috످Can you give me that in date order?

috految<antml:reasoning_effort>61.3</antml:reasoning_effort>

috److I don't see a list or any earlier messages in this chat. Could you paste what you'd like sorted? I'll order it from oldest to newest, unless you'd prefer newest first.

috످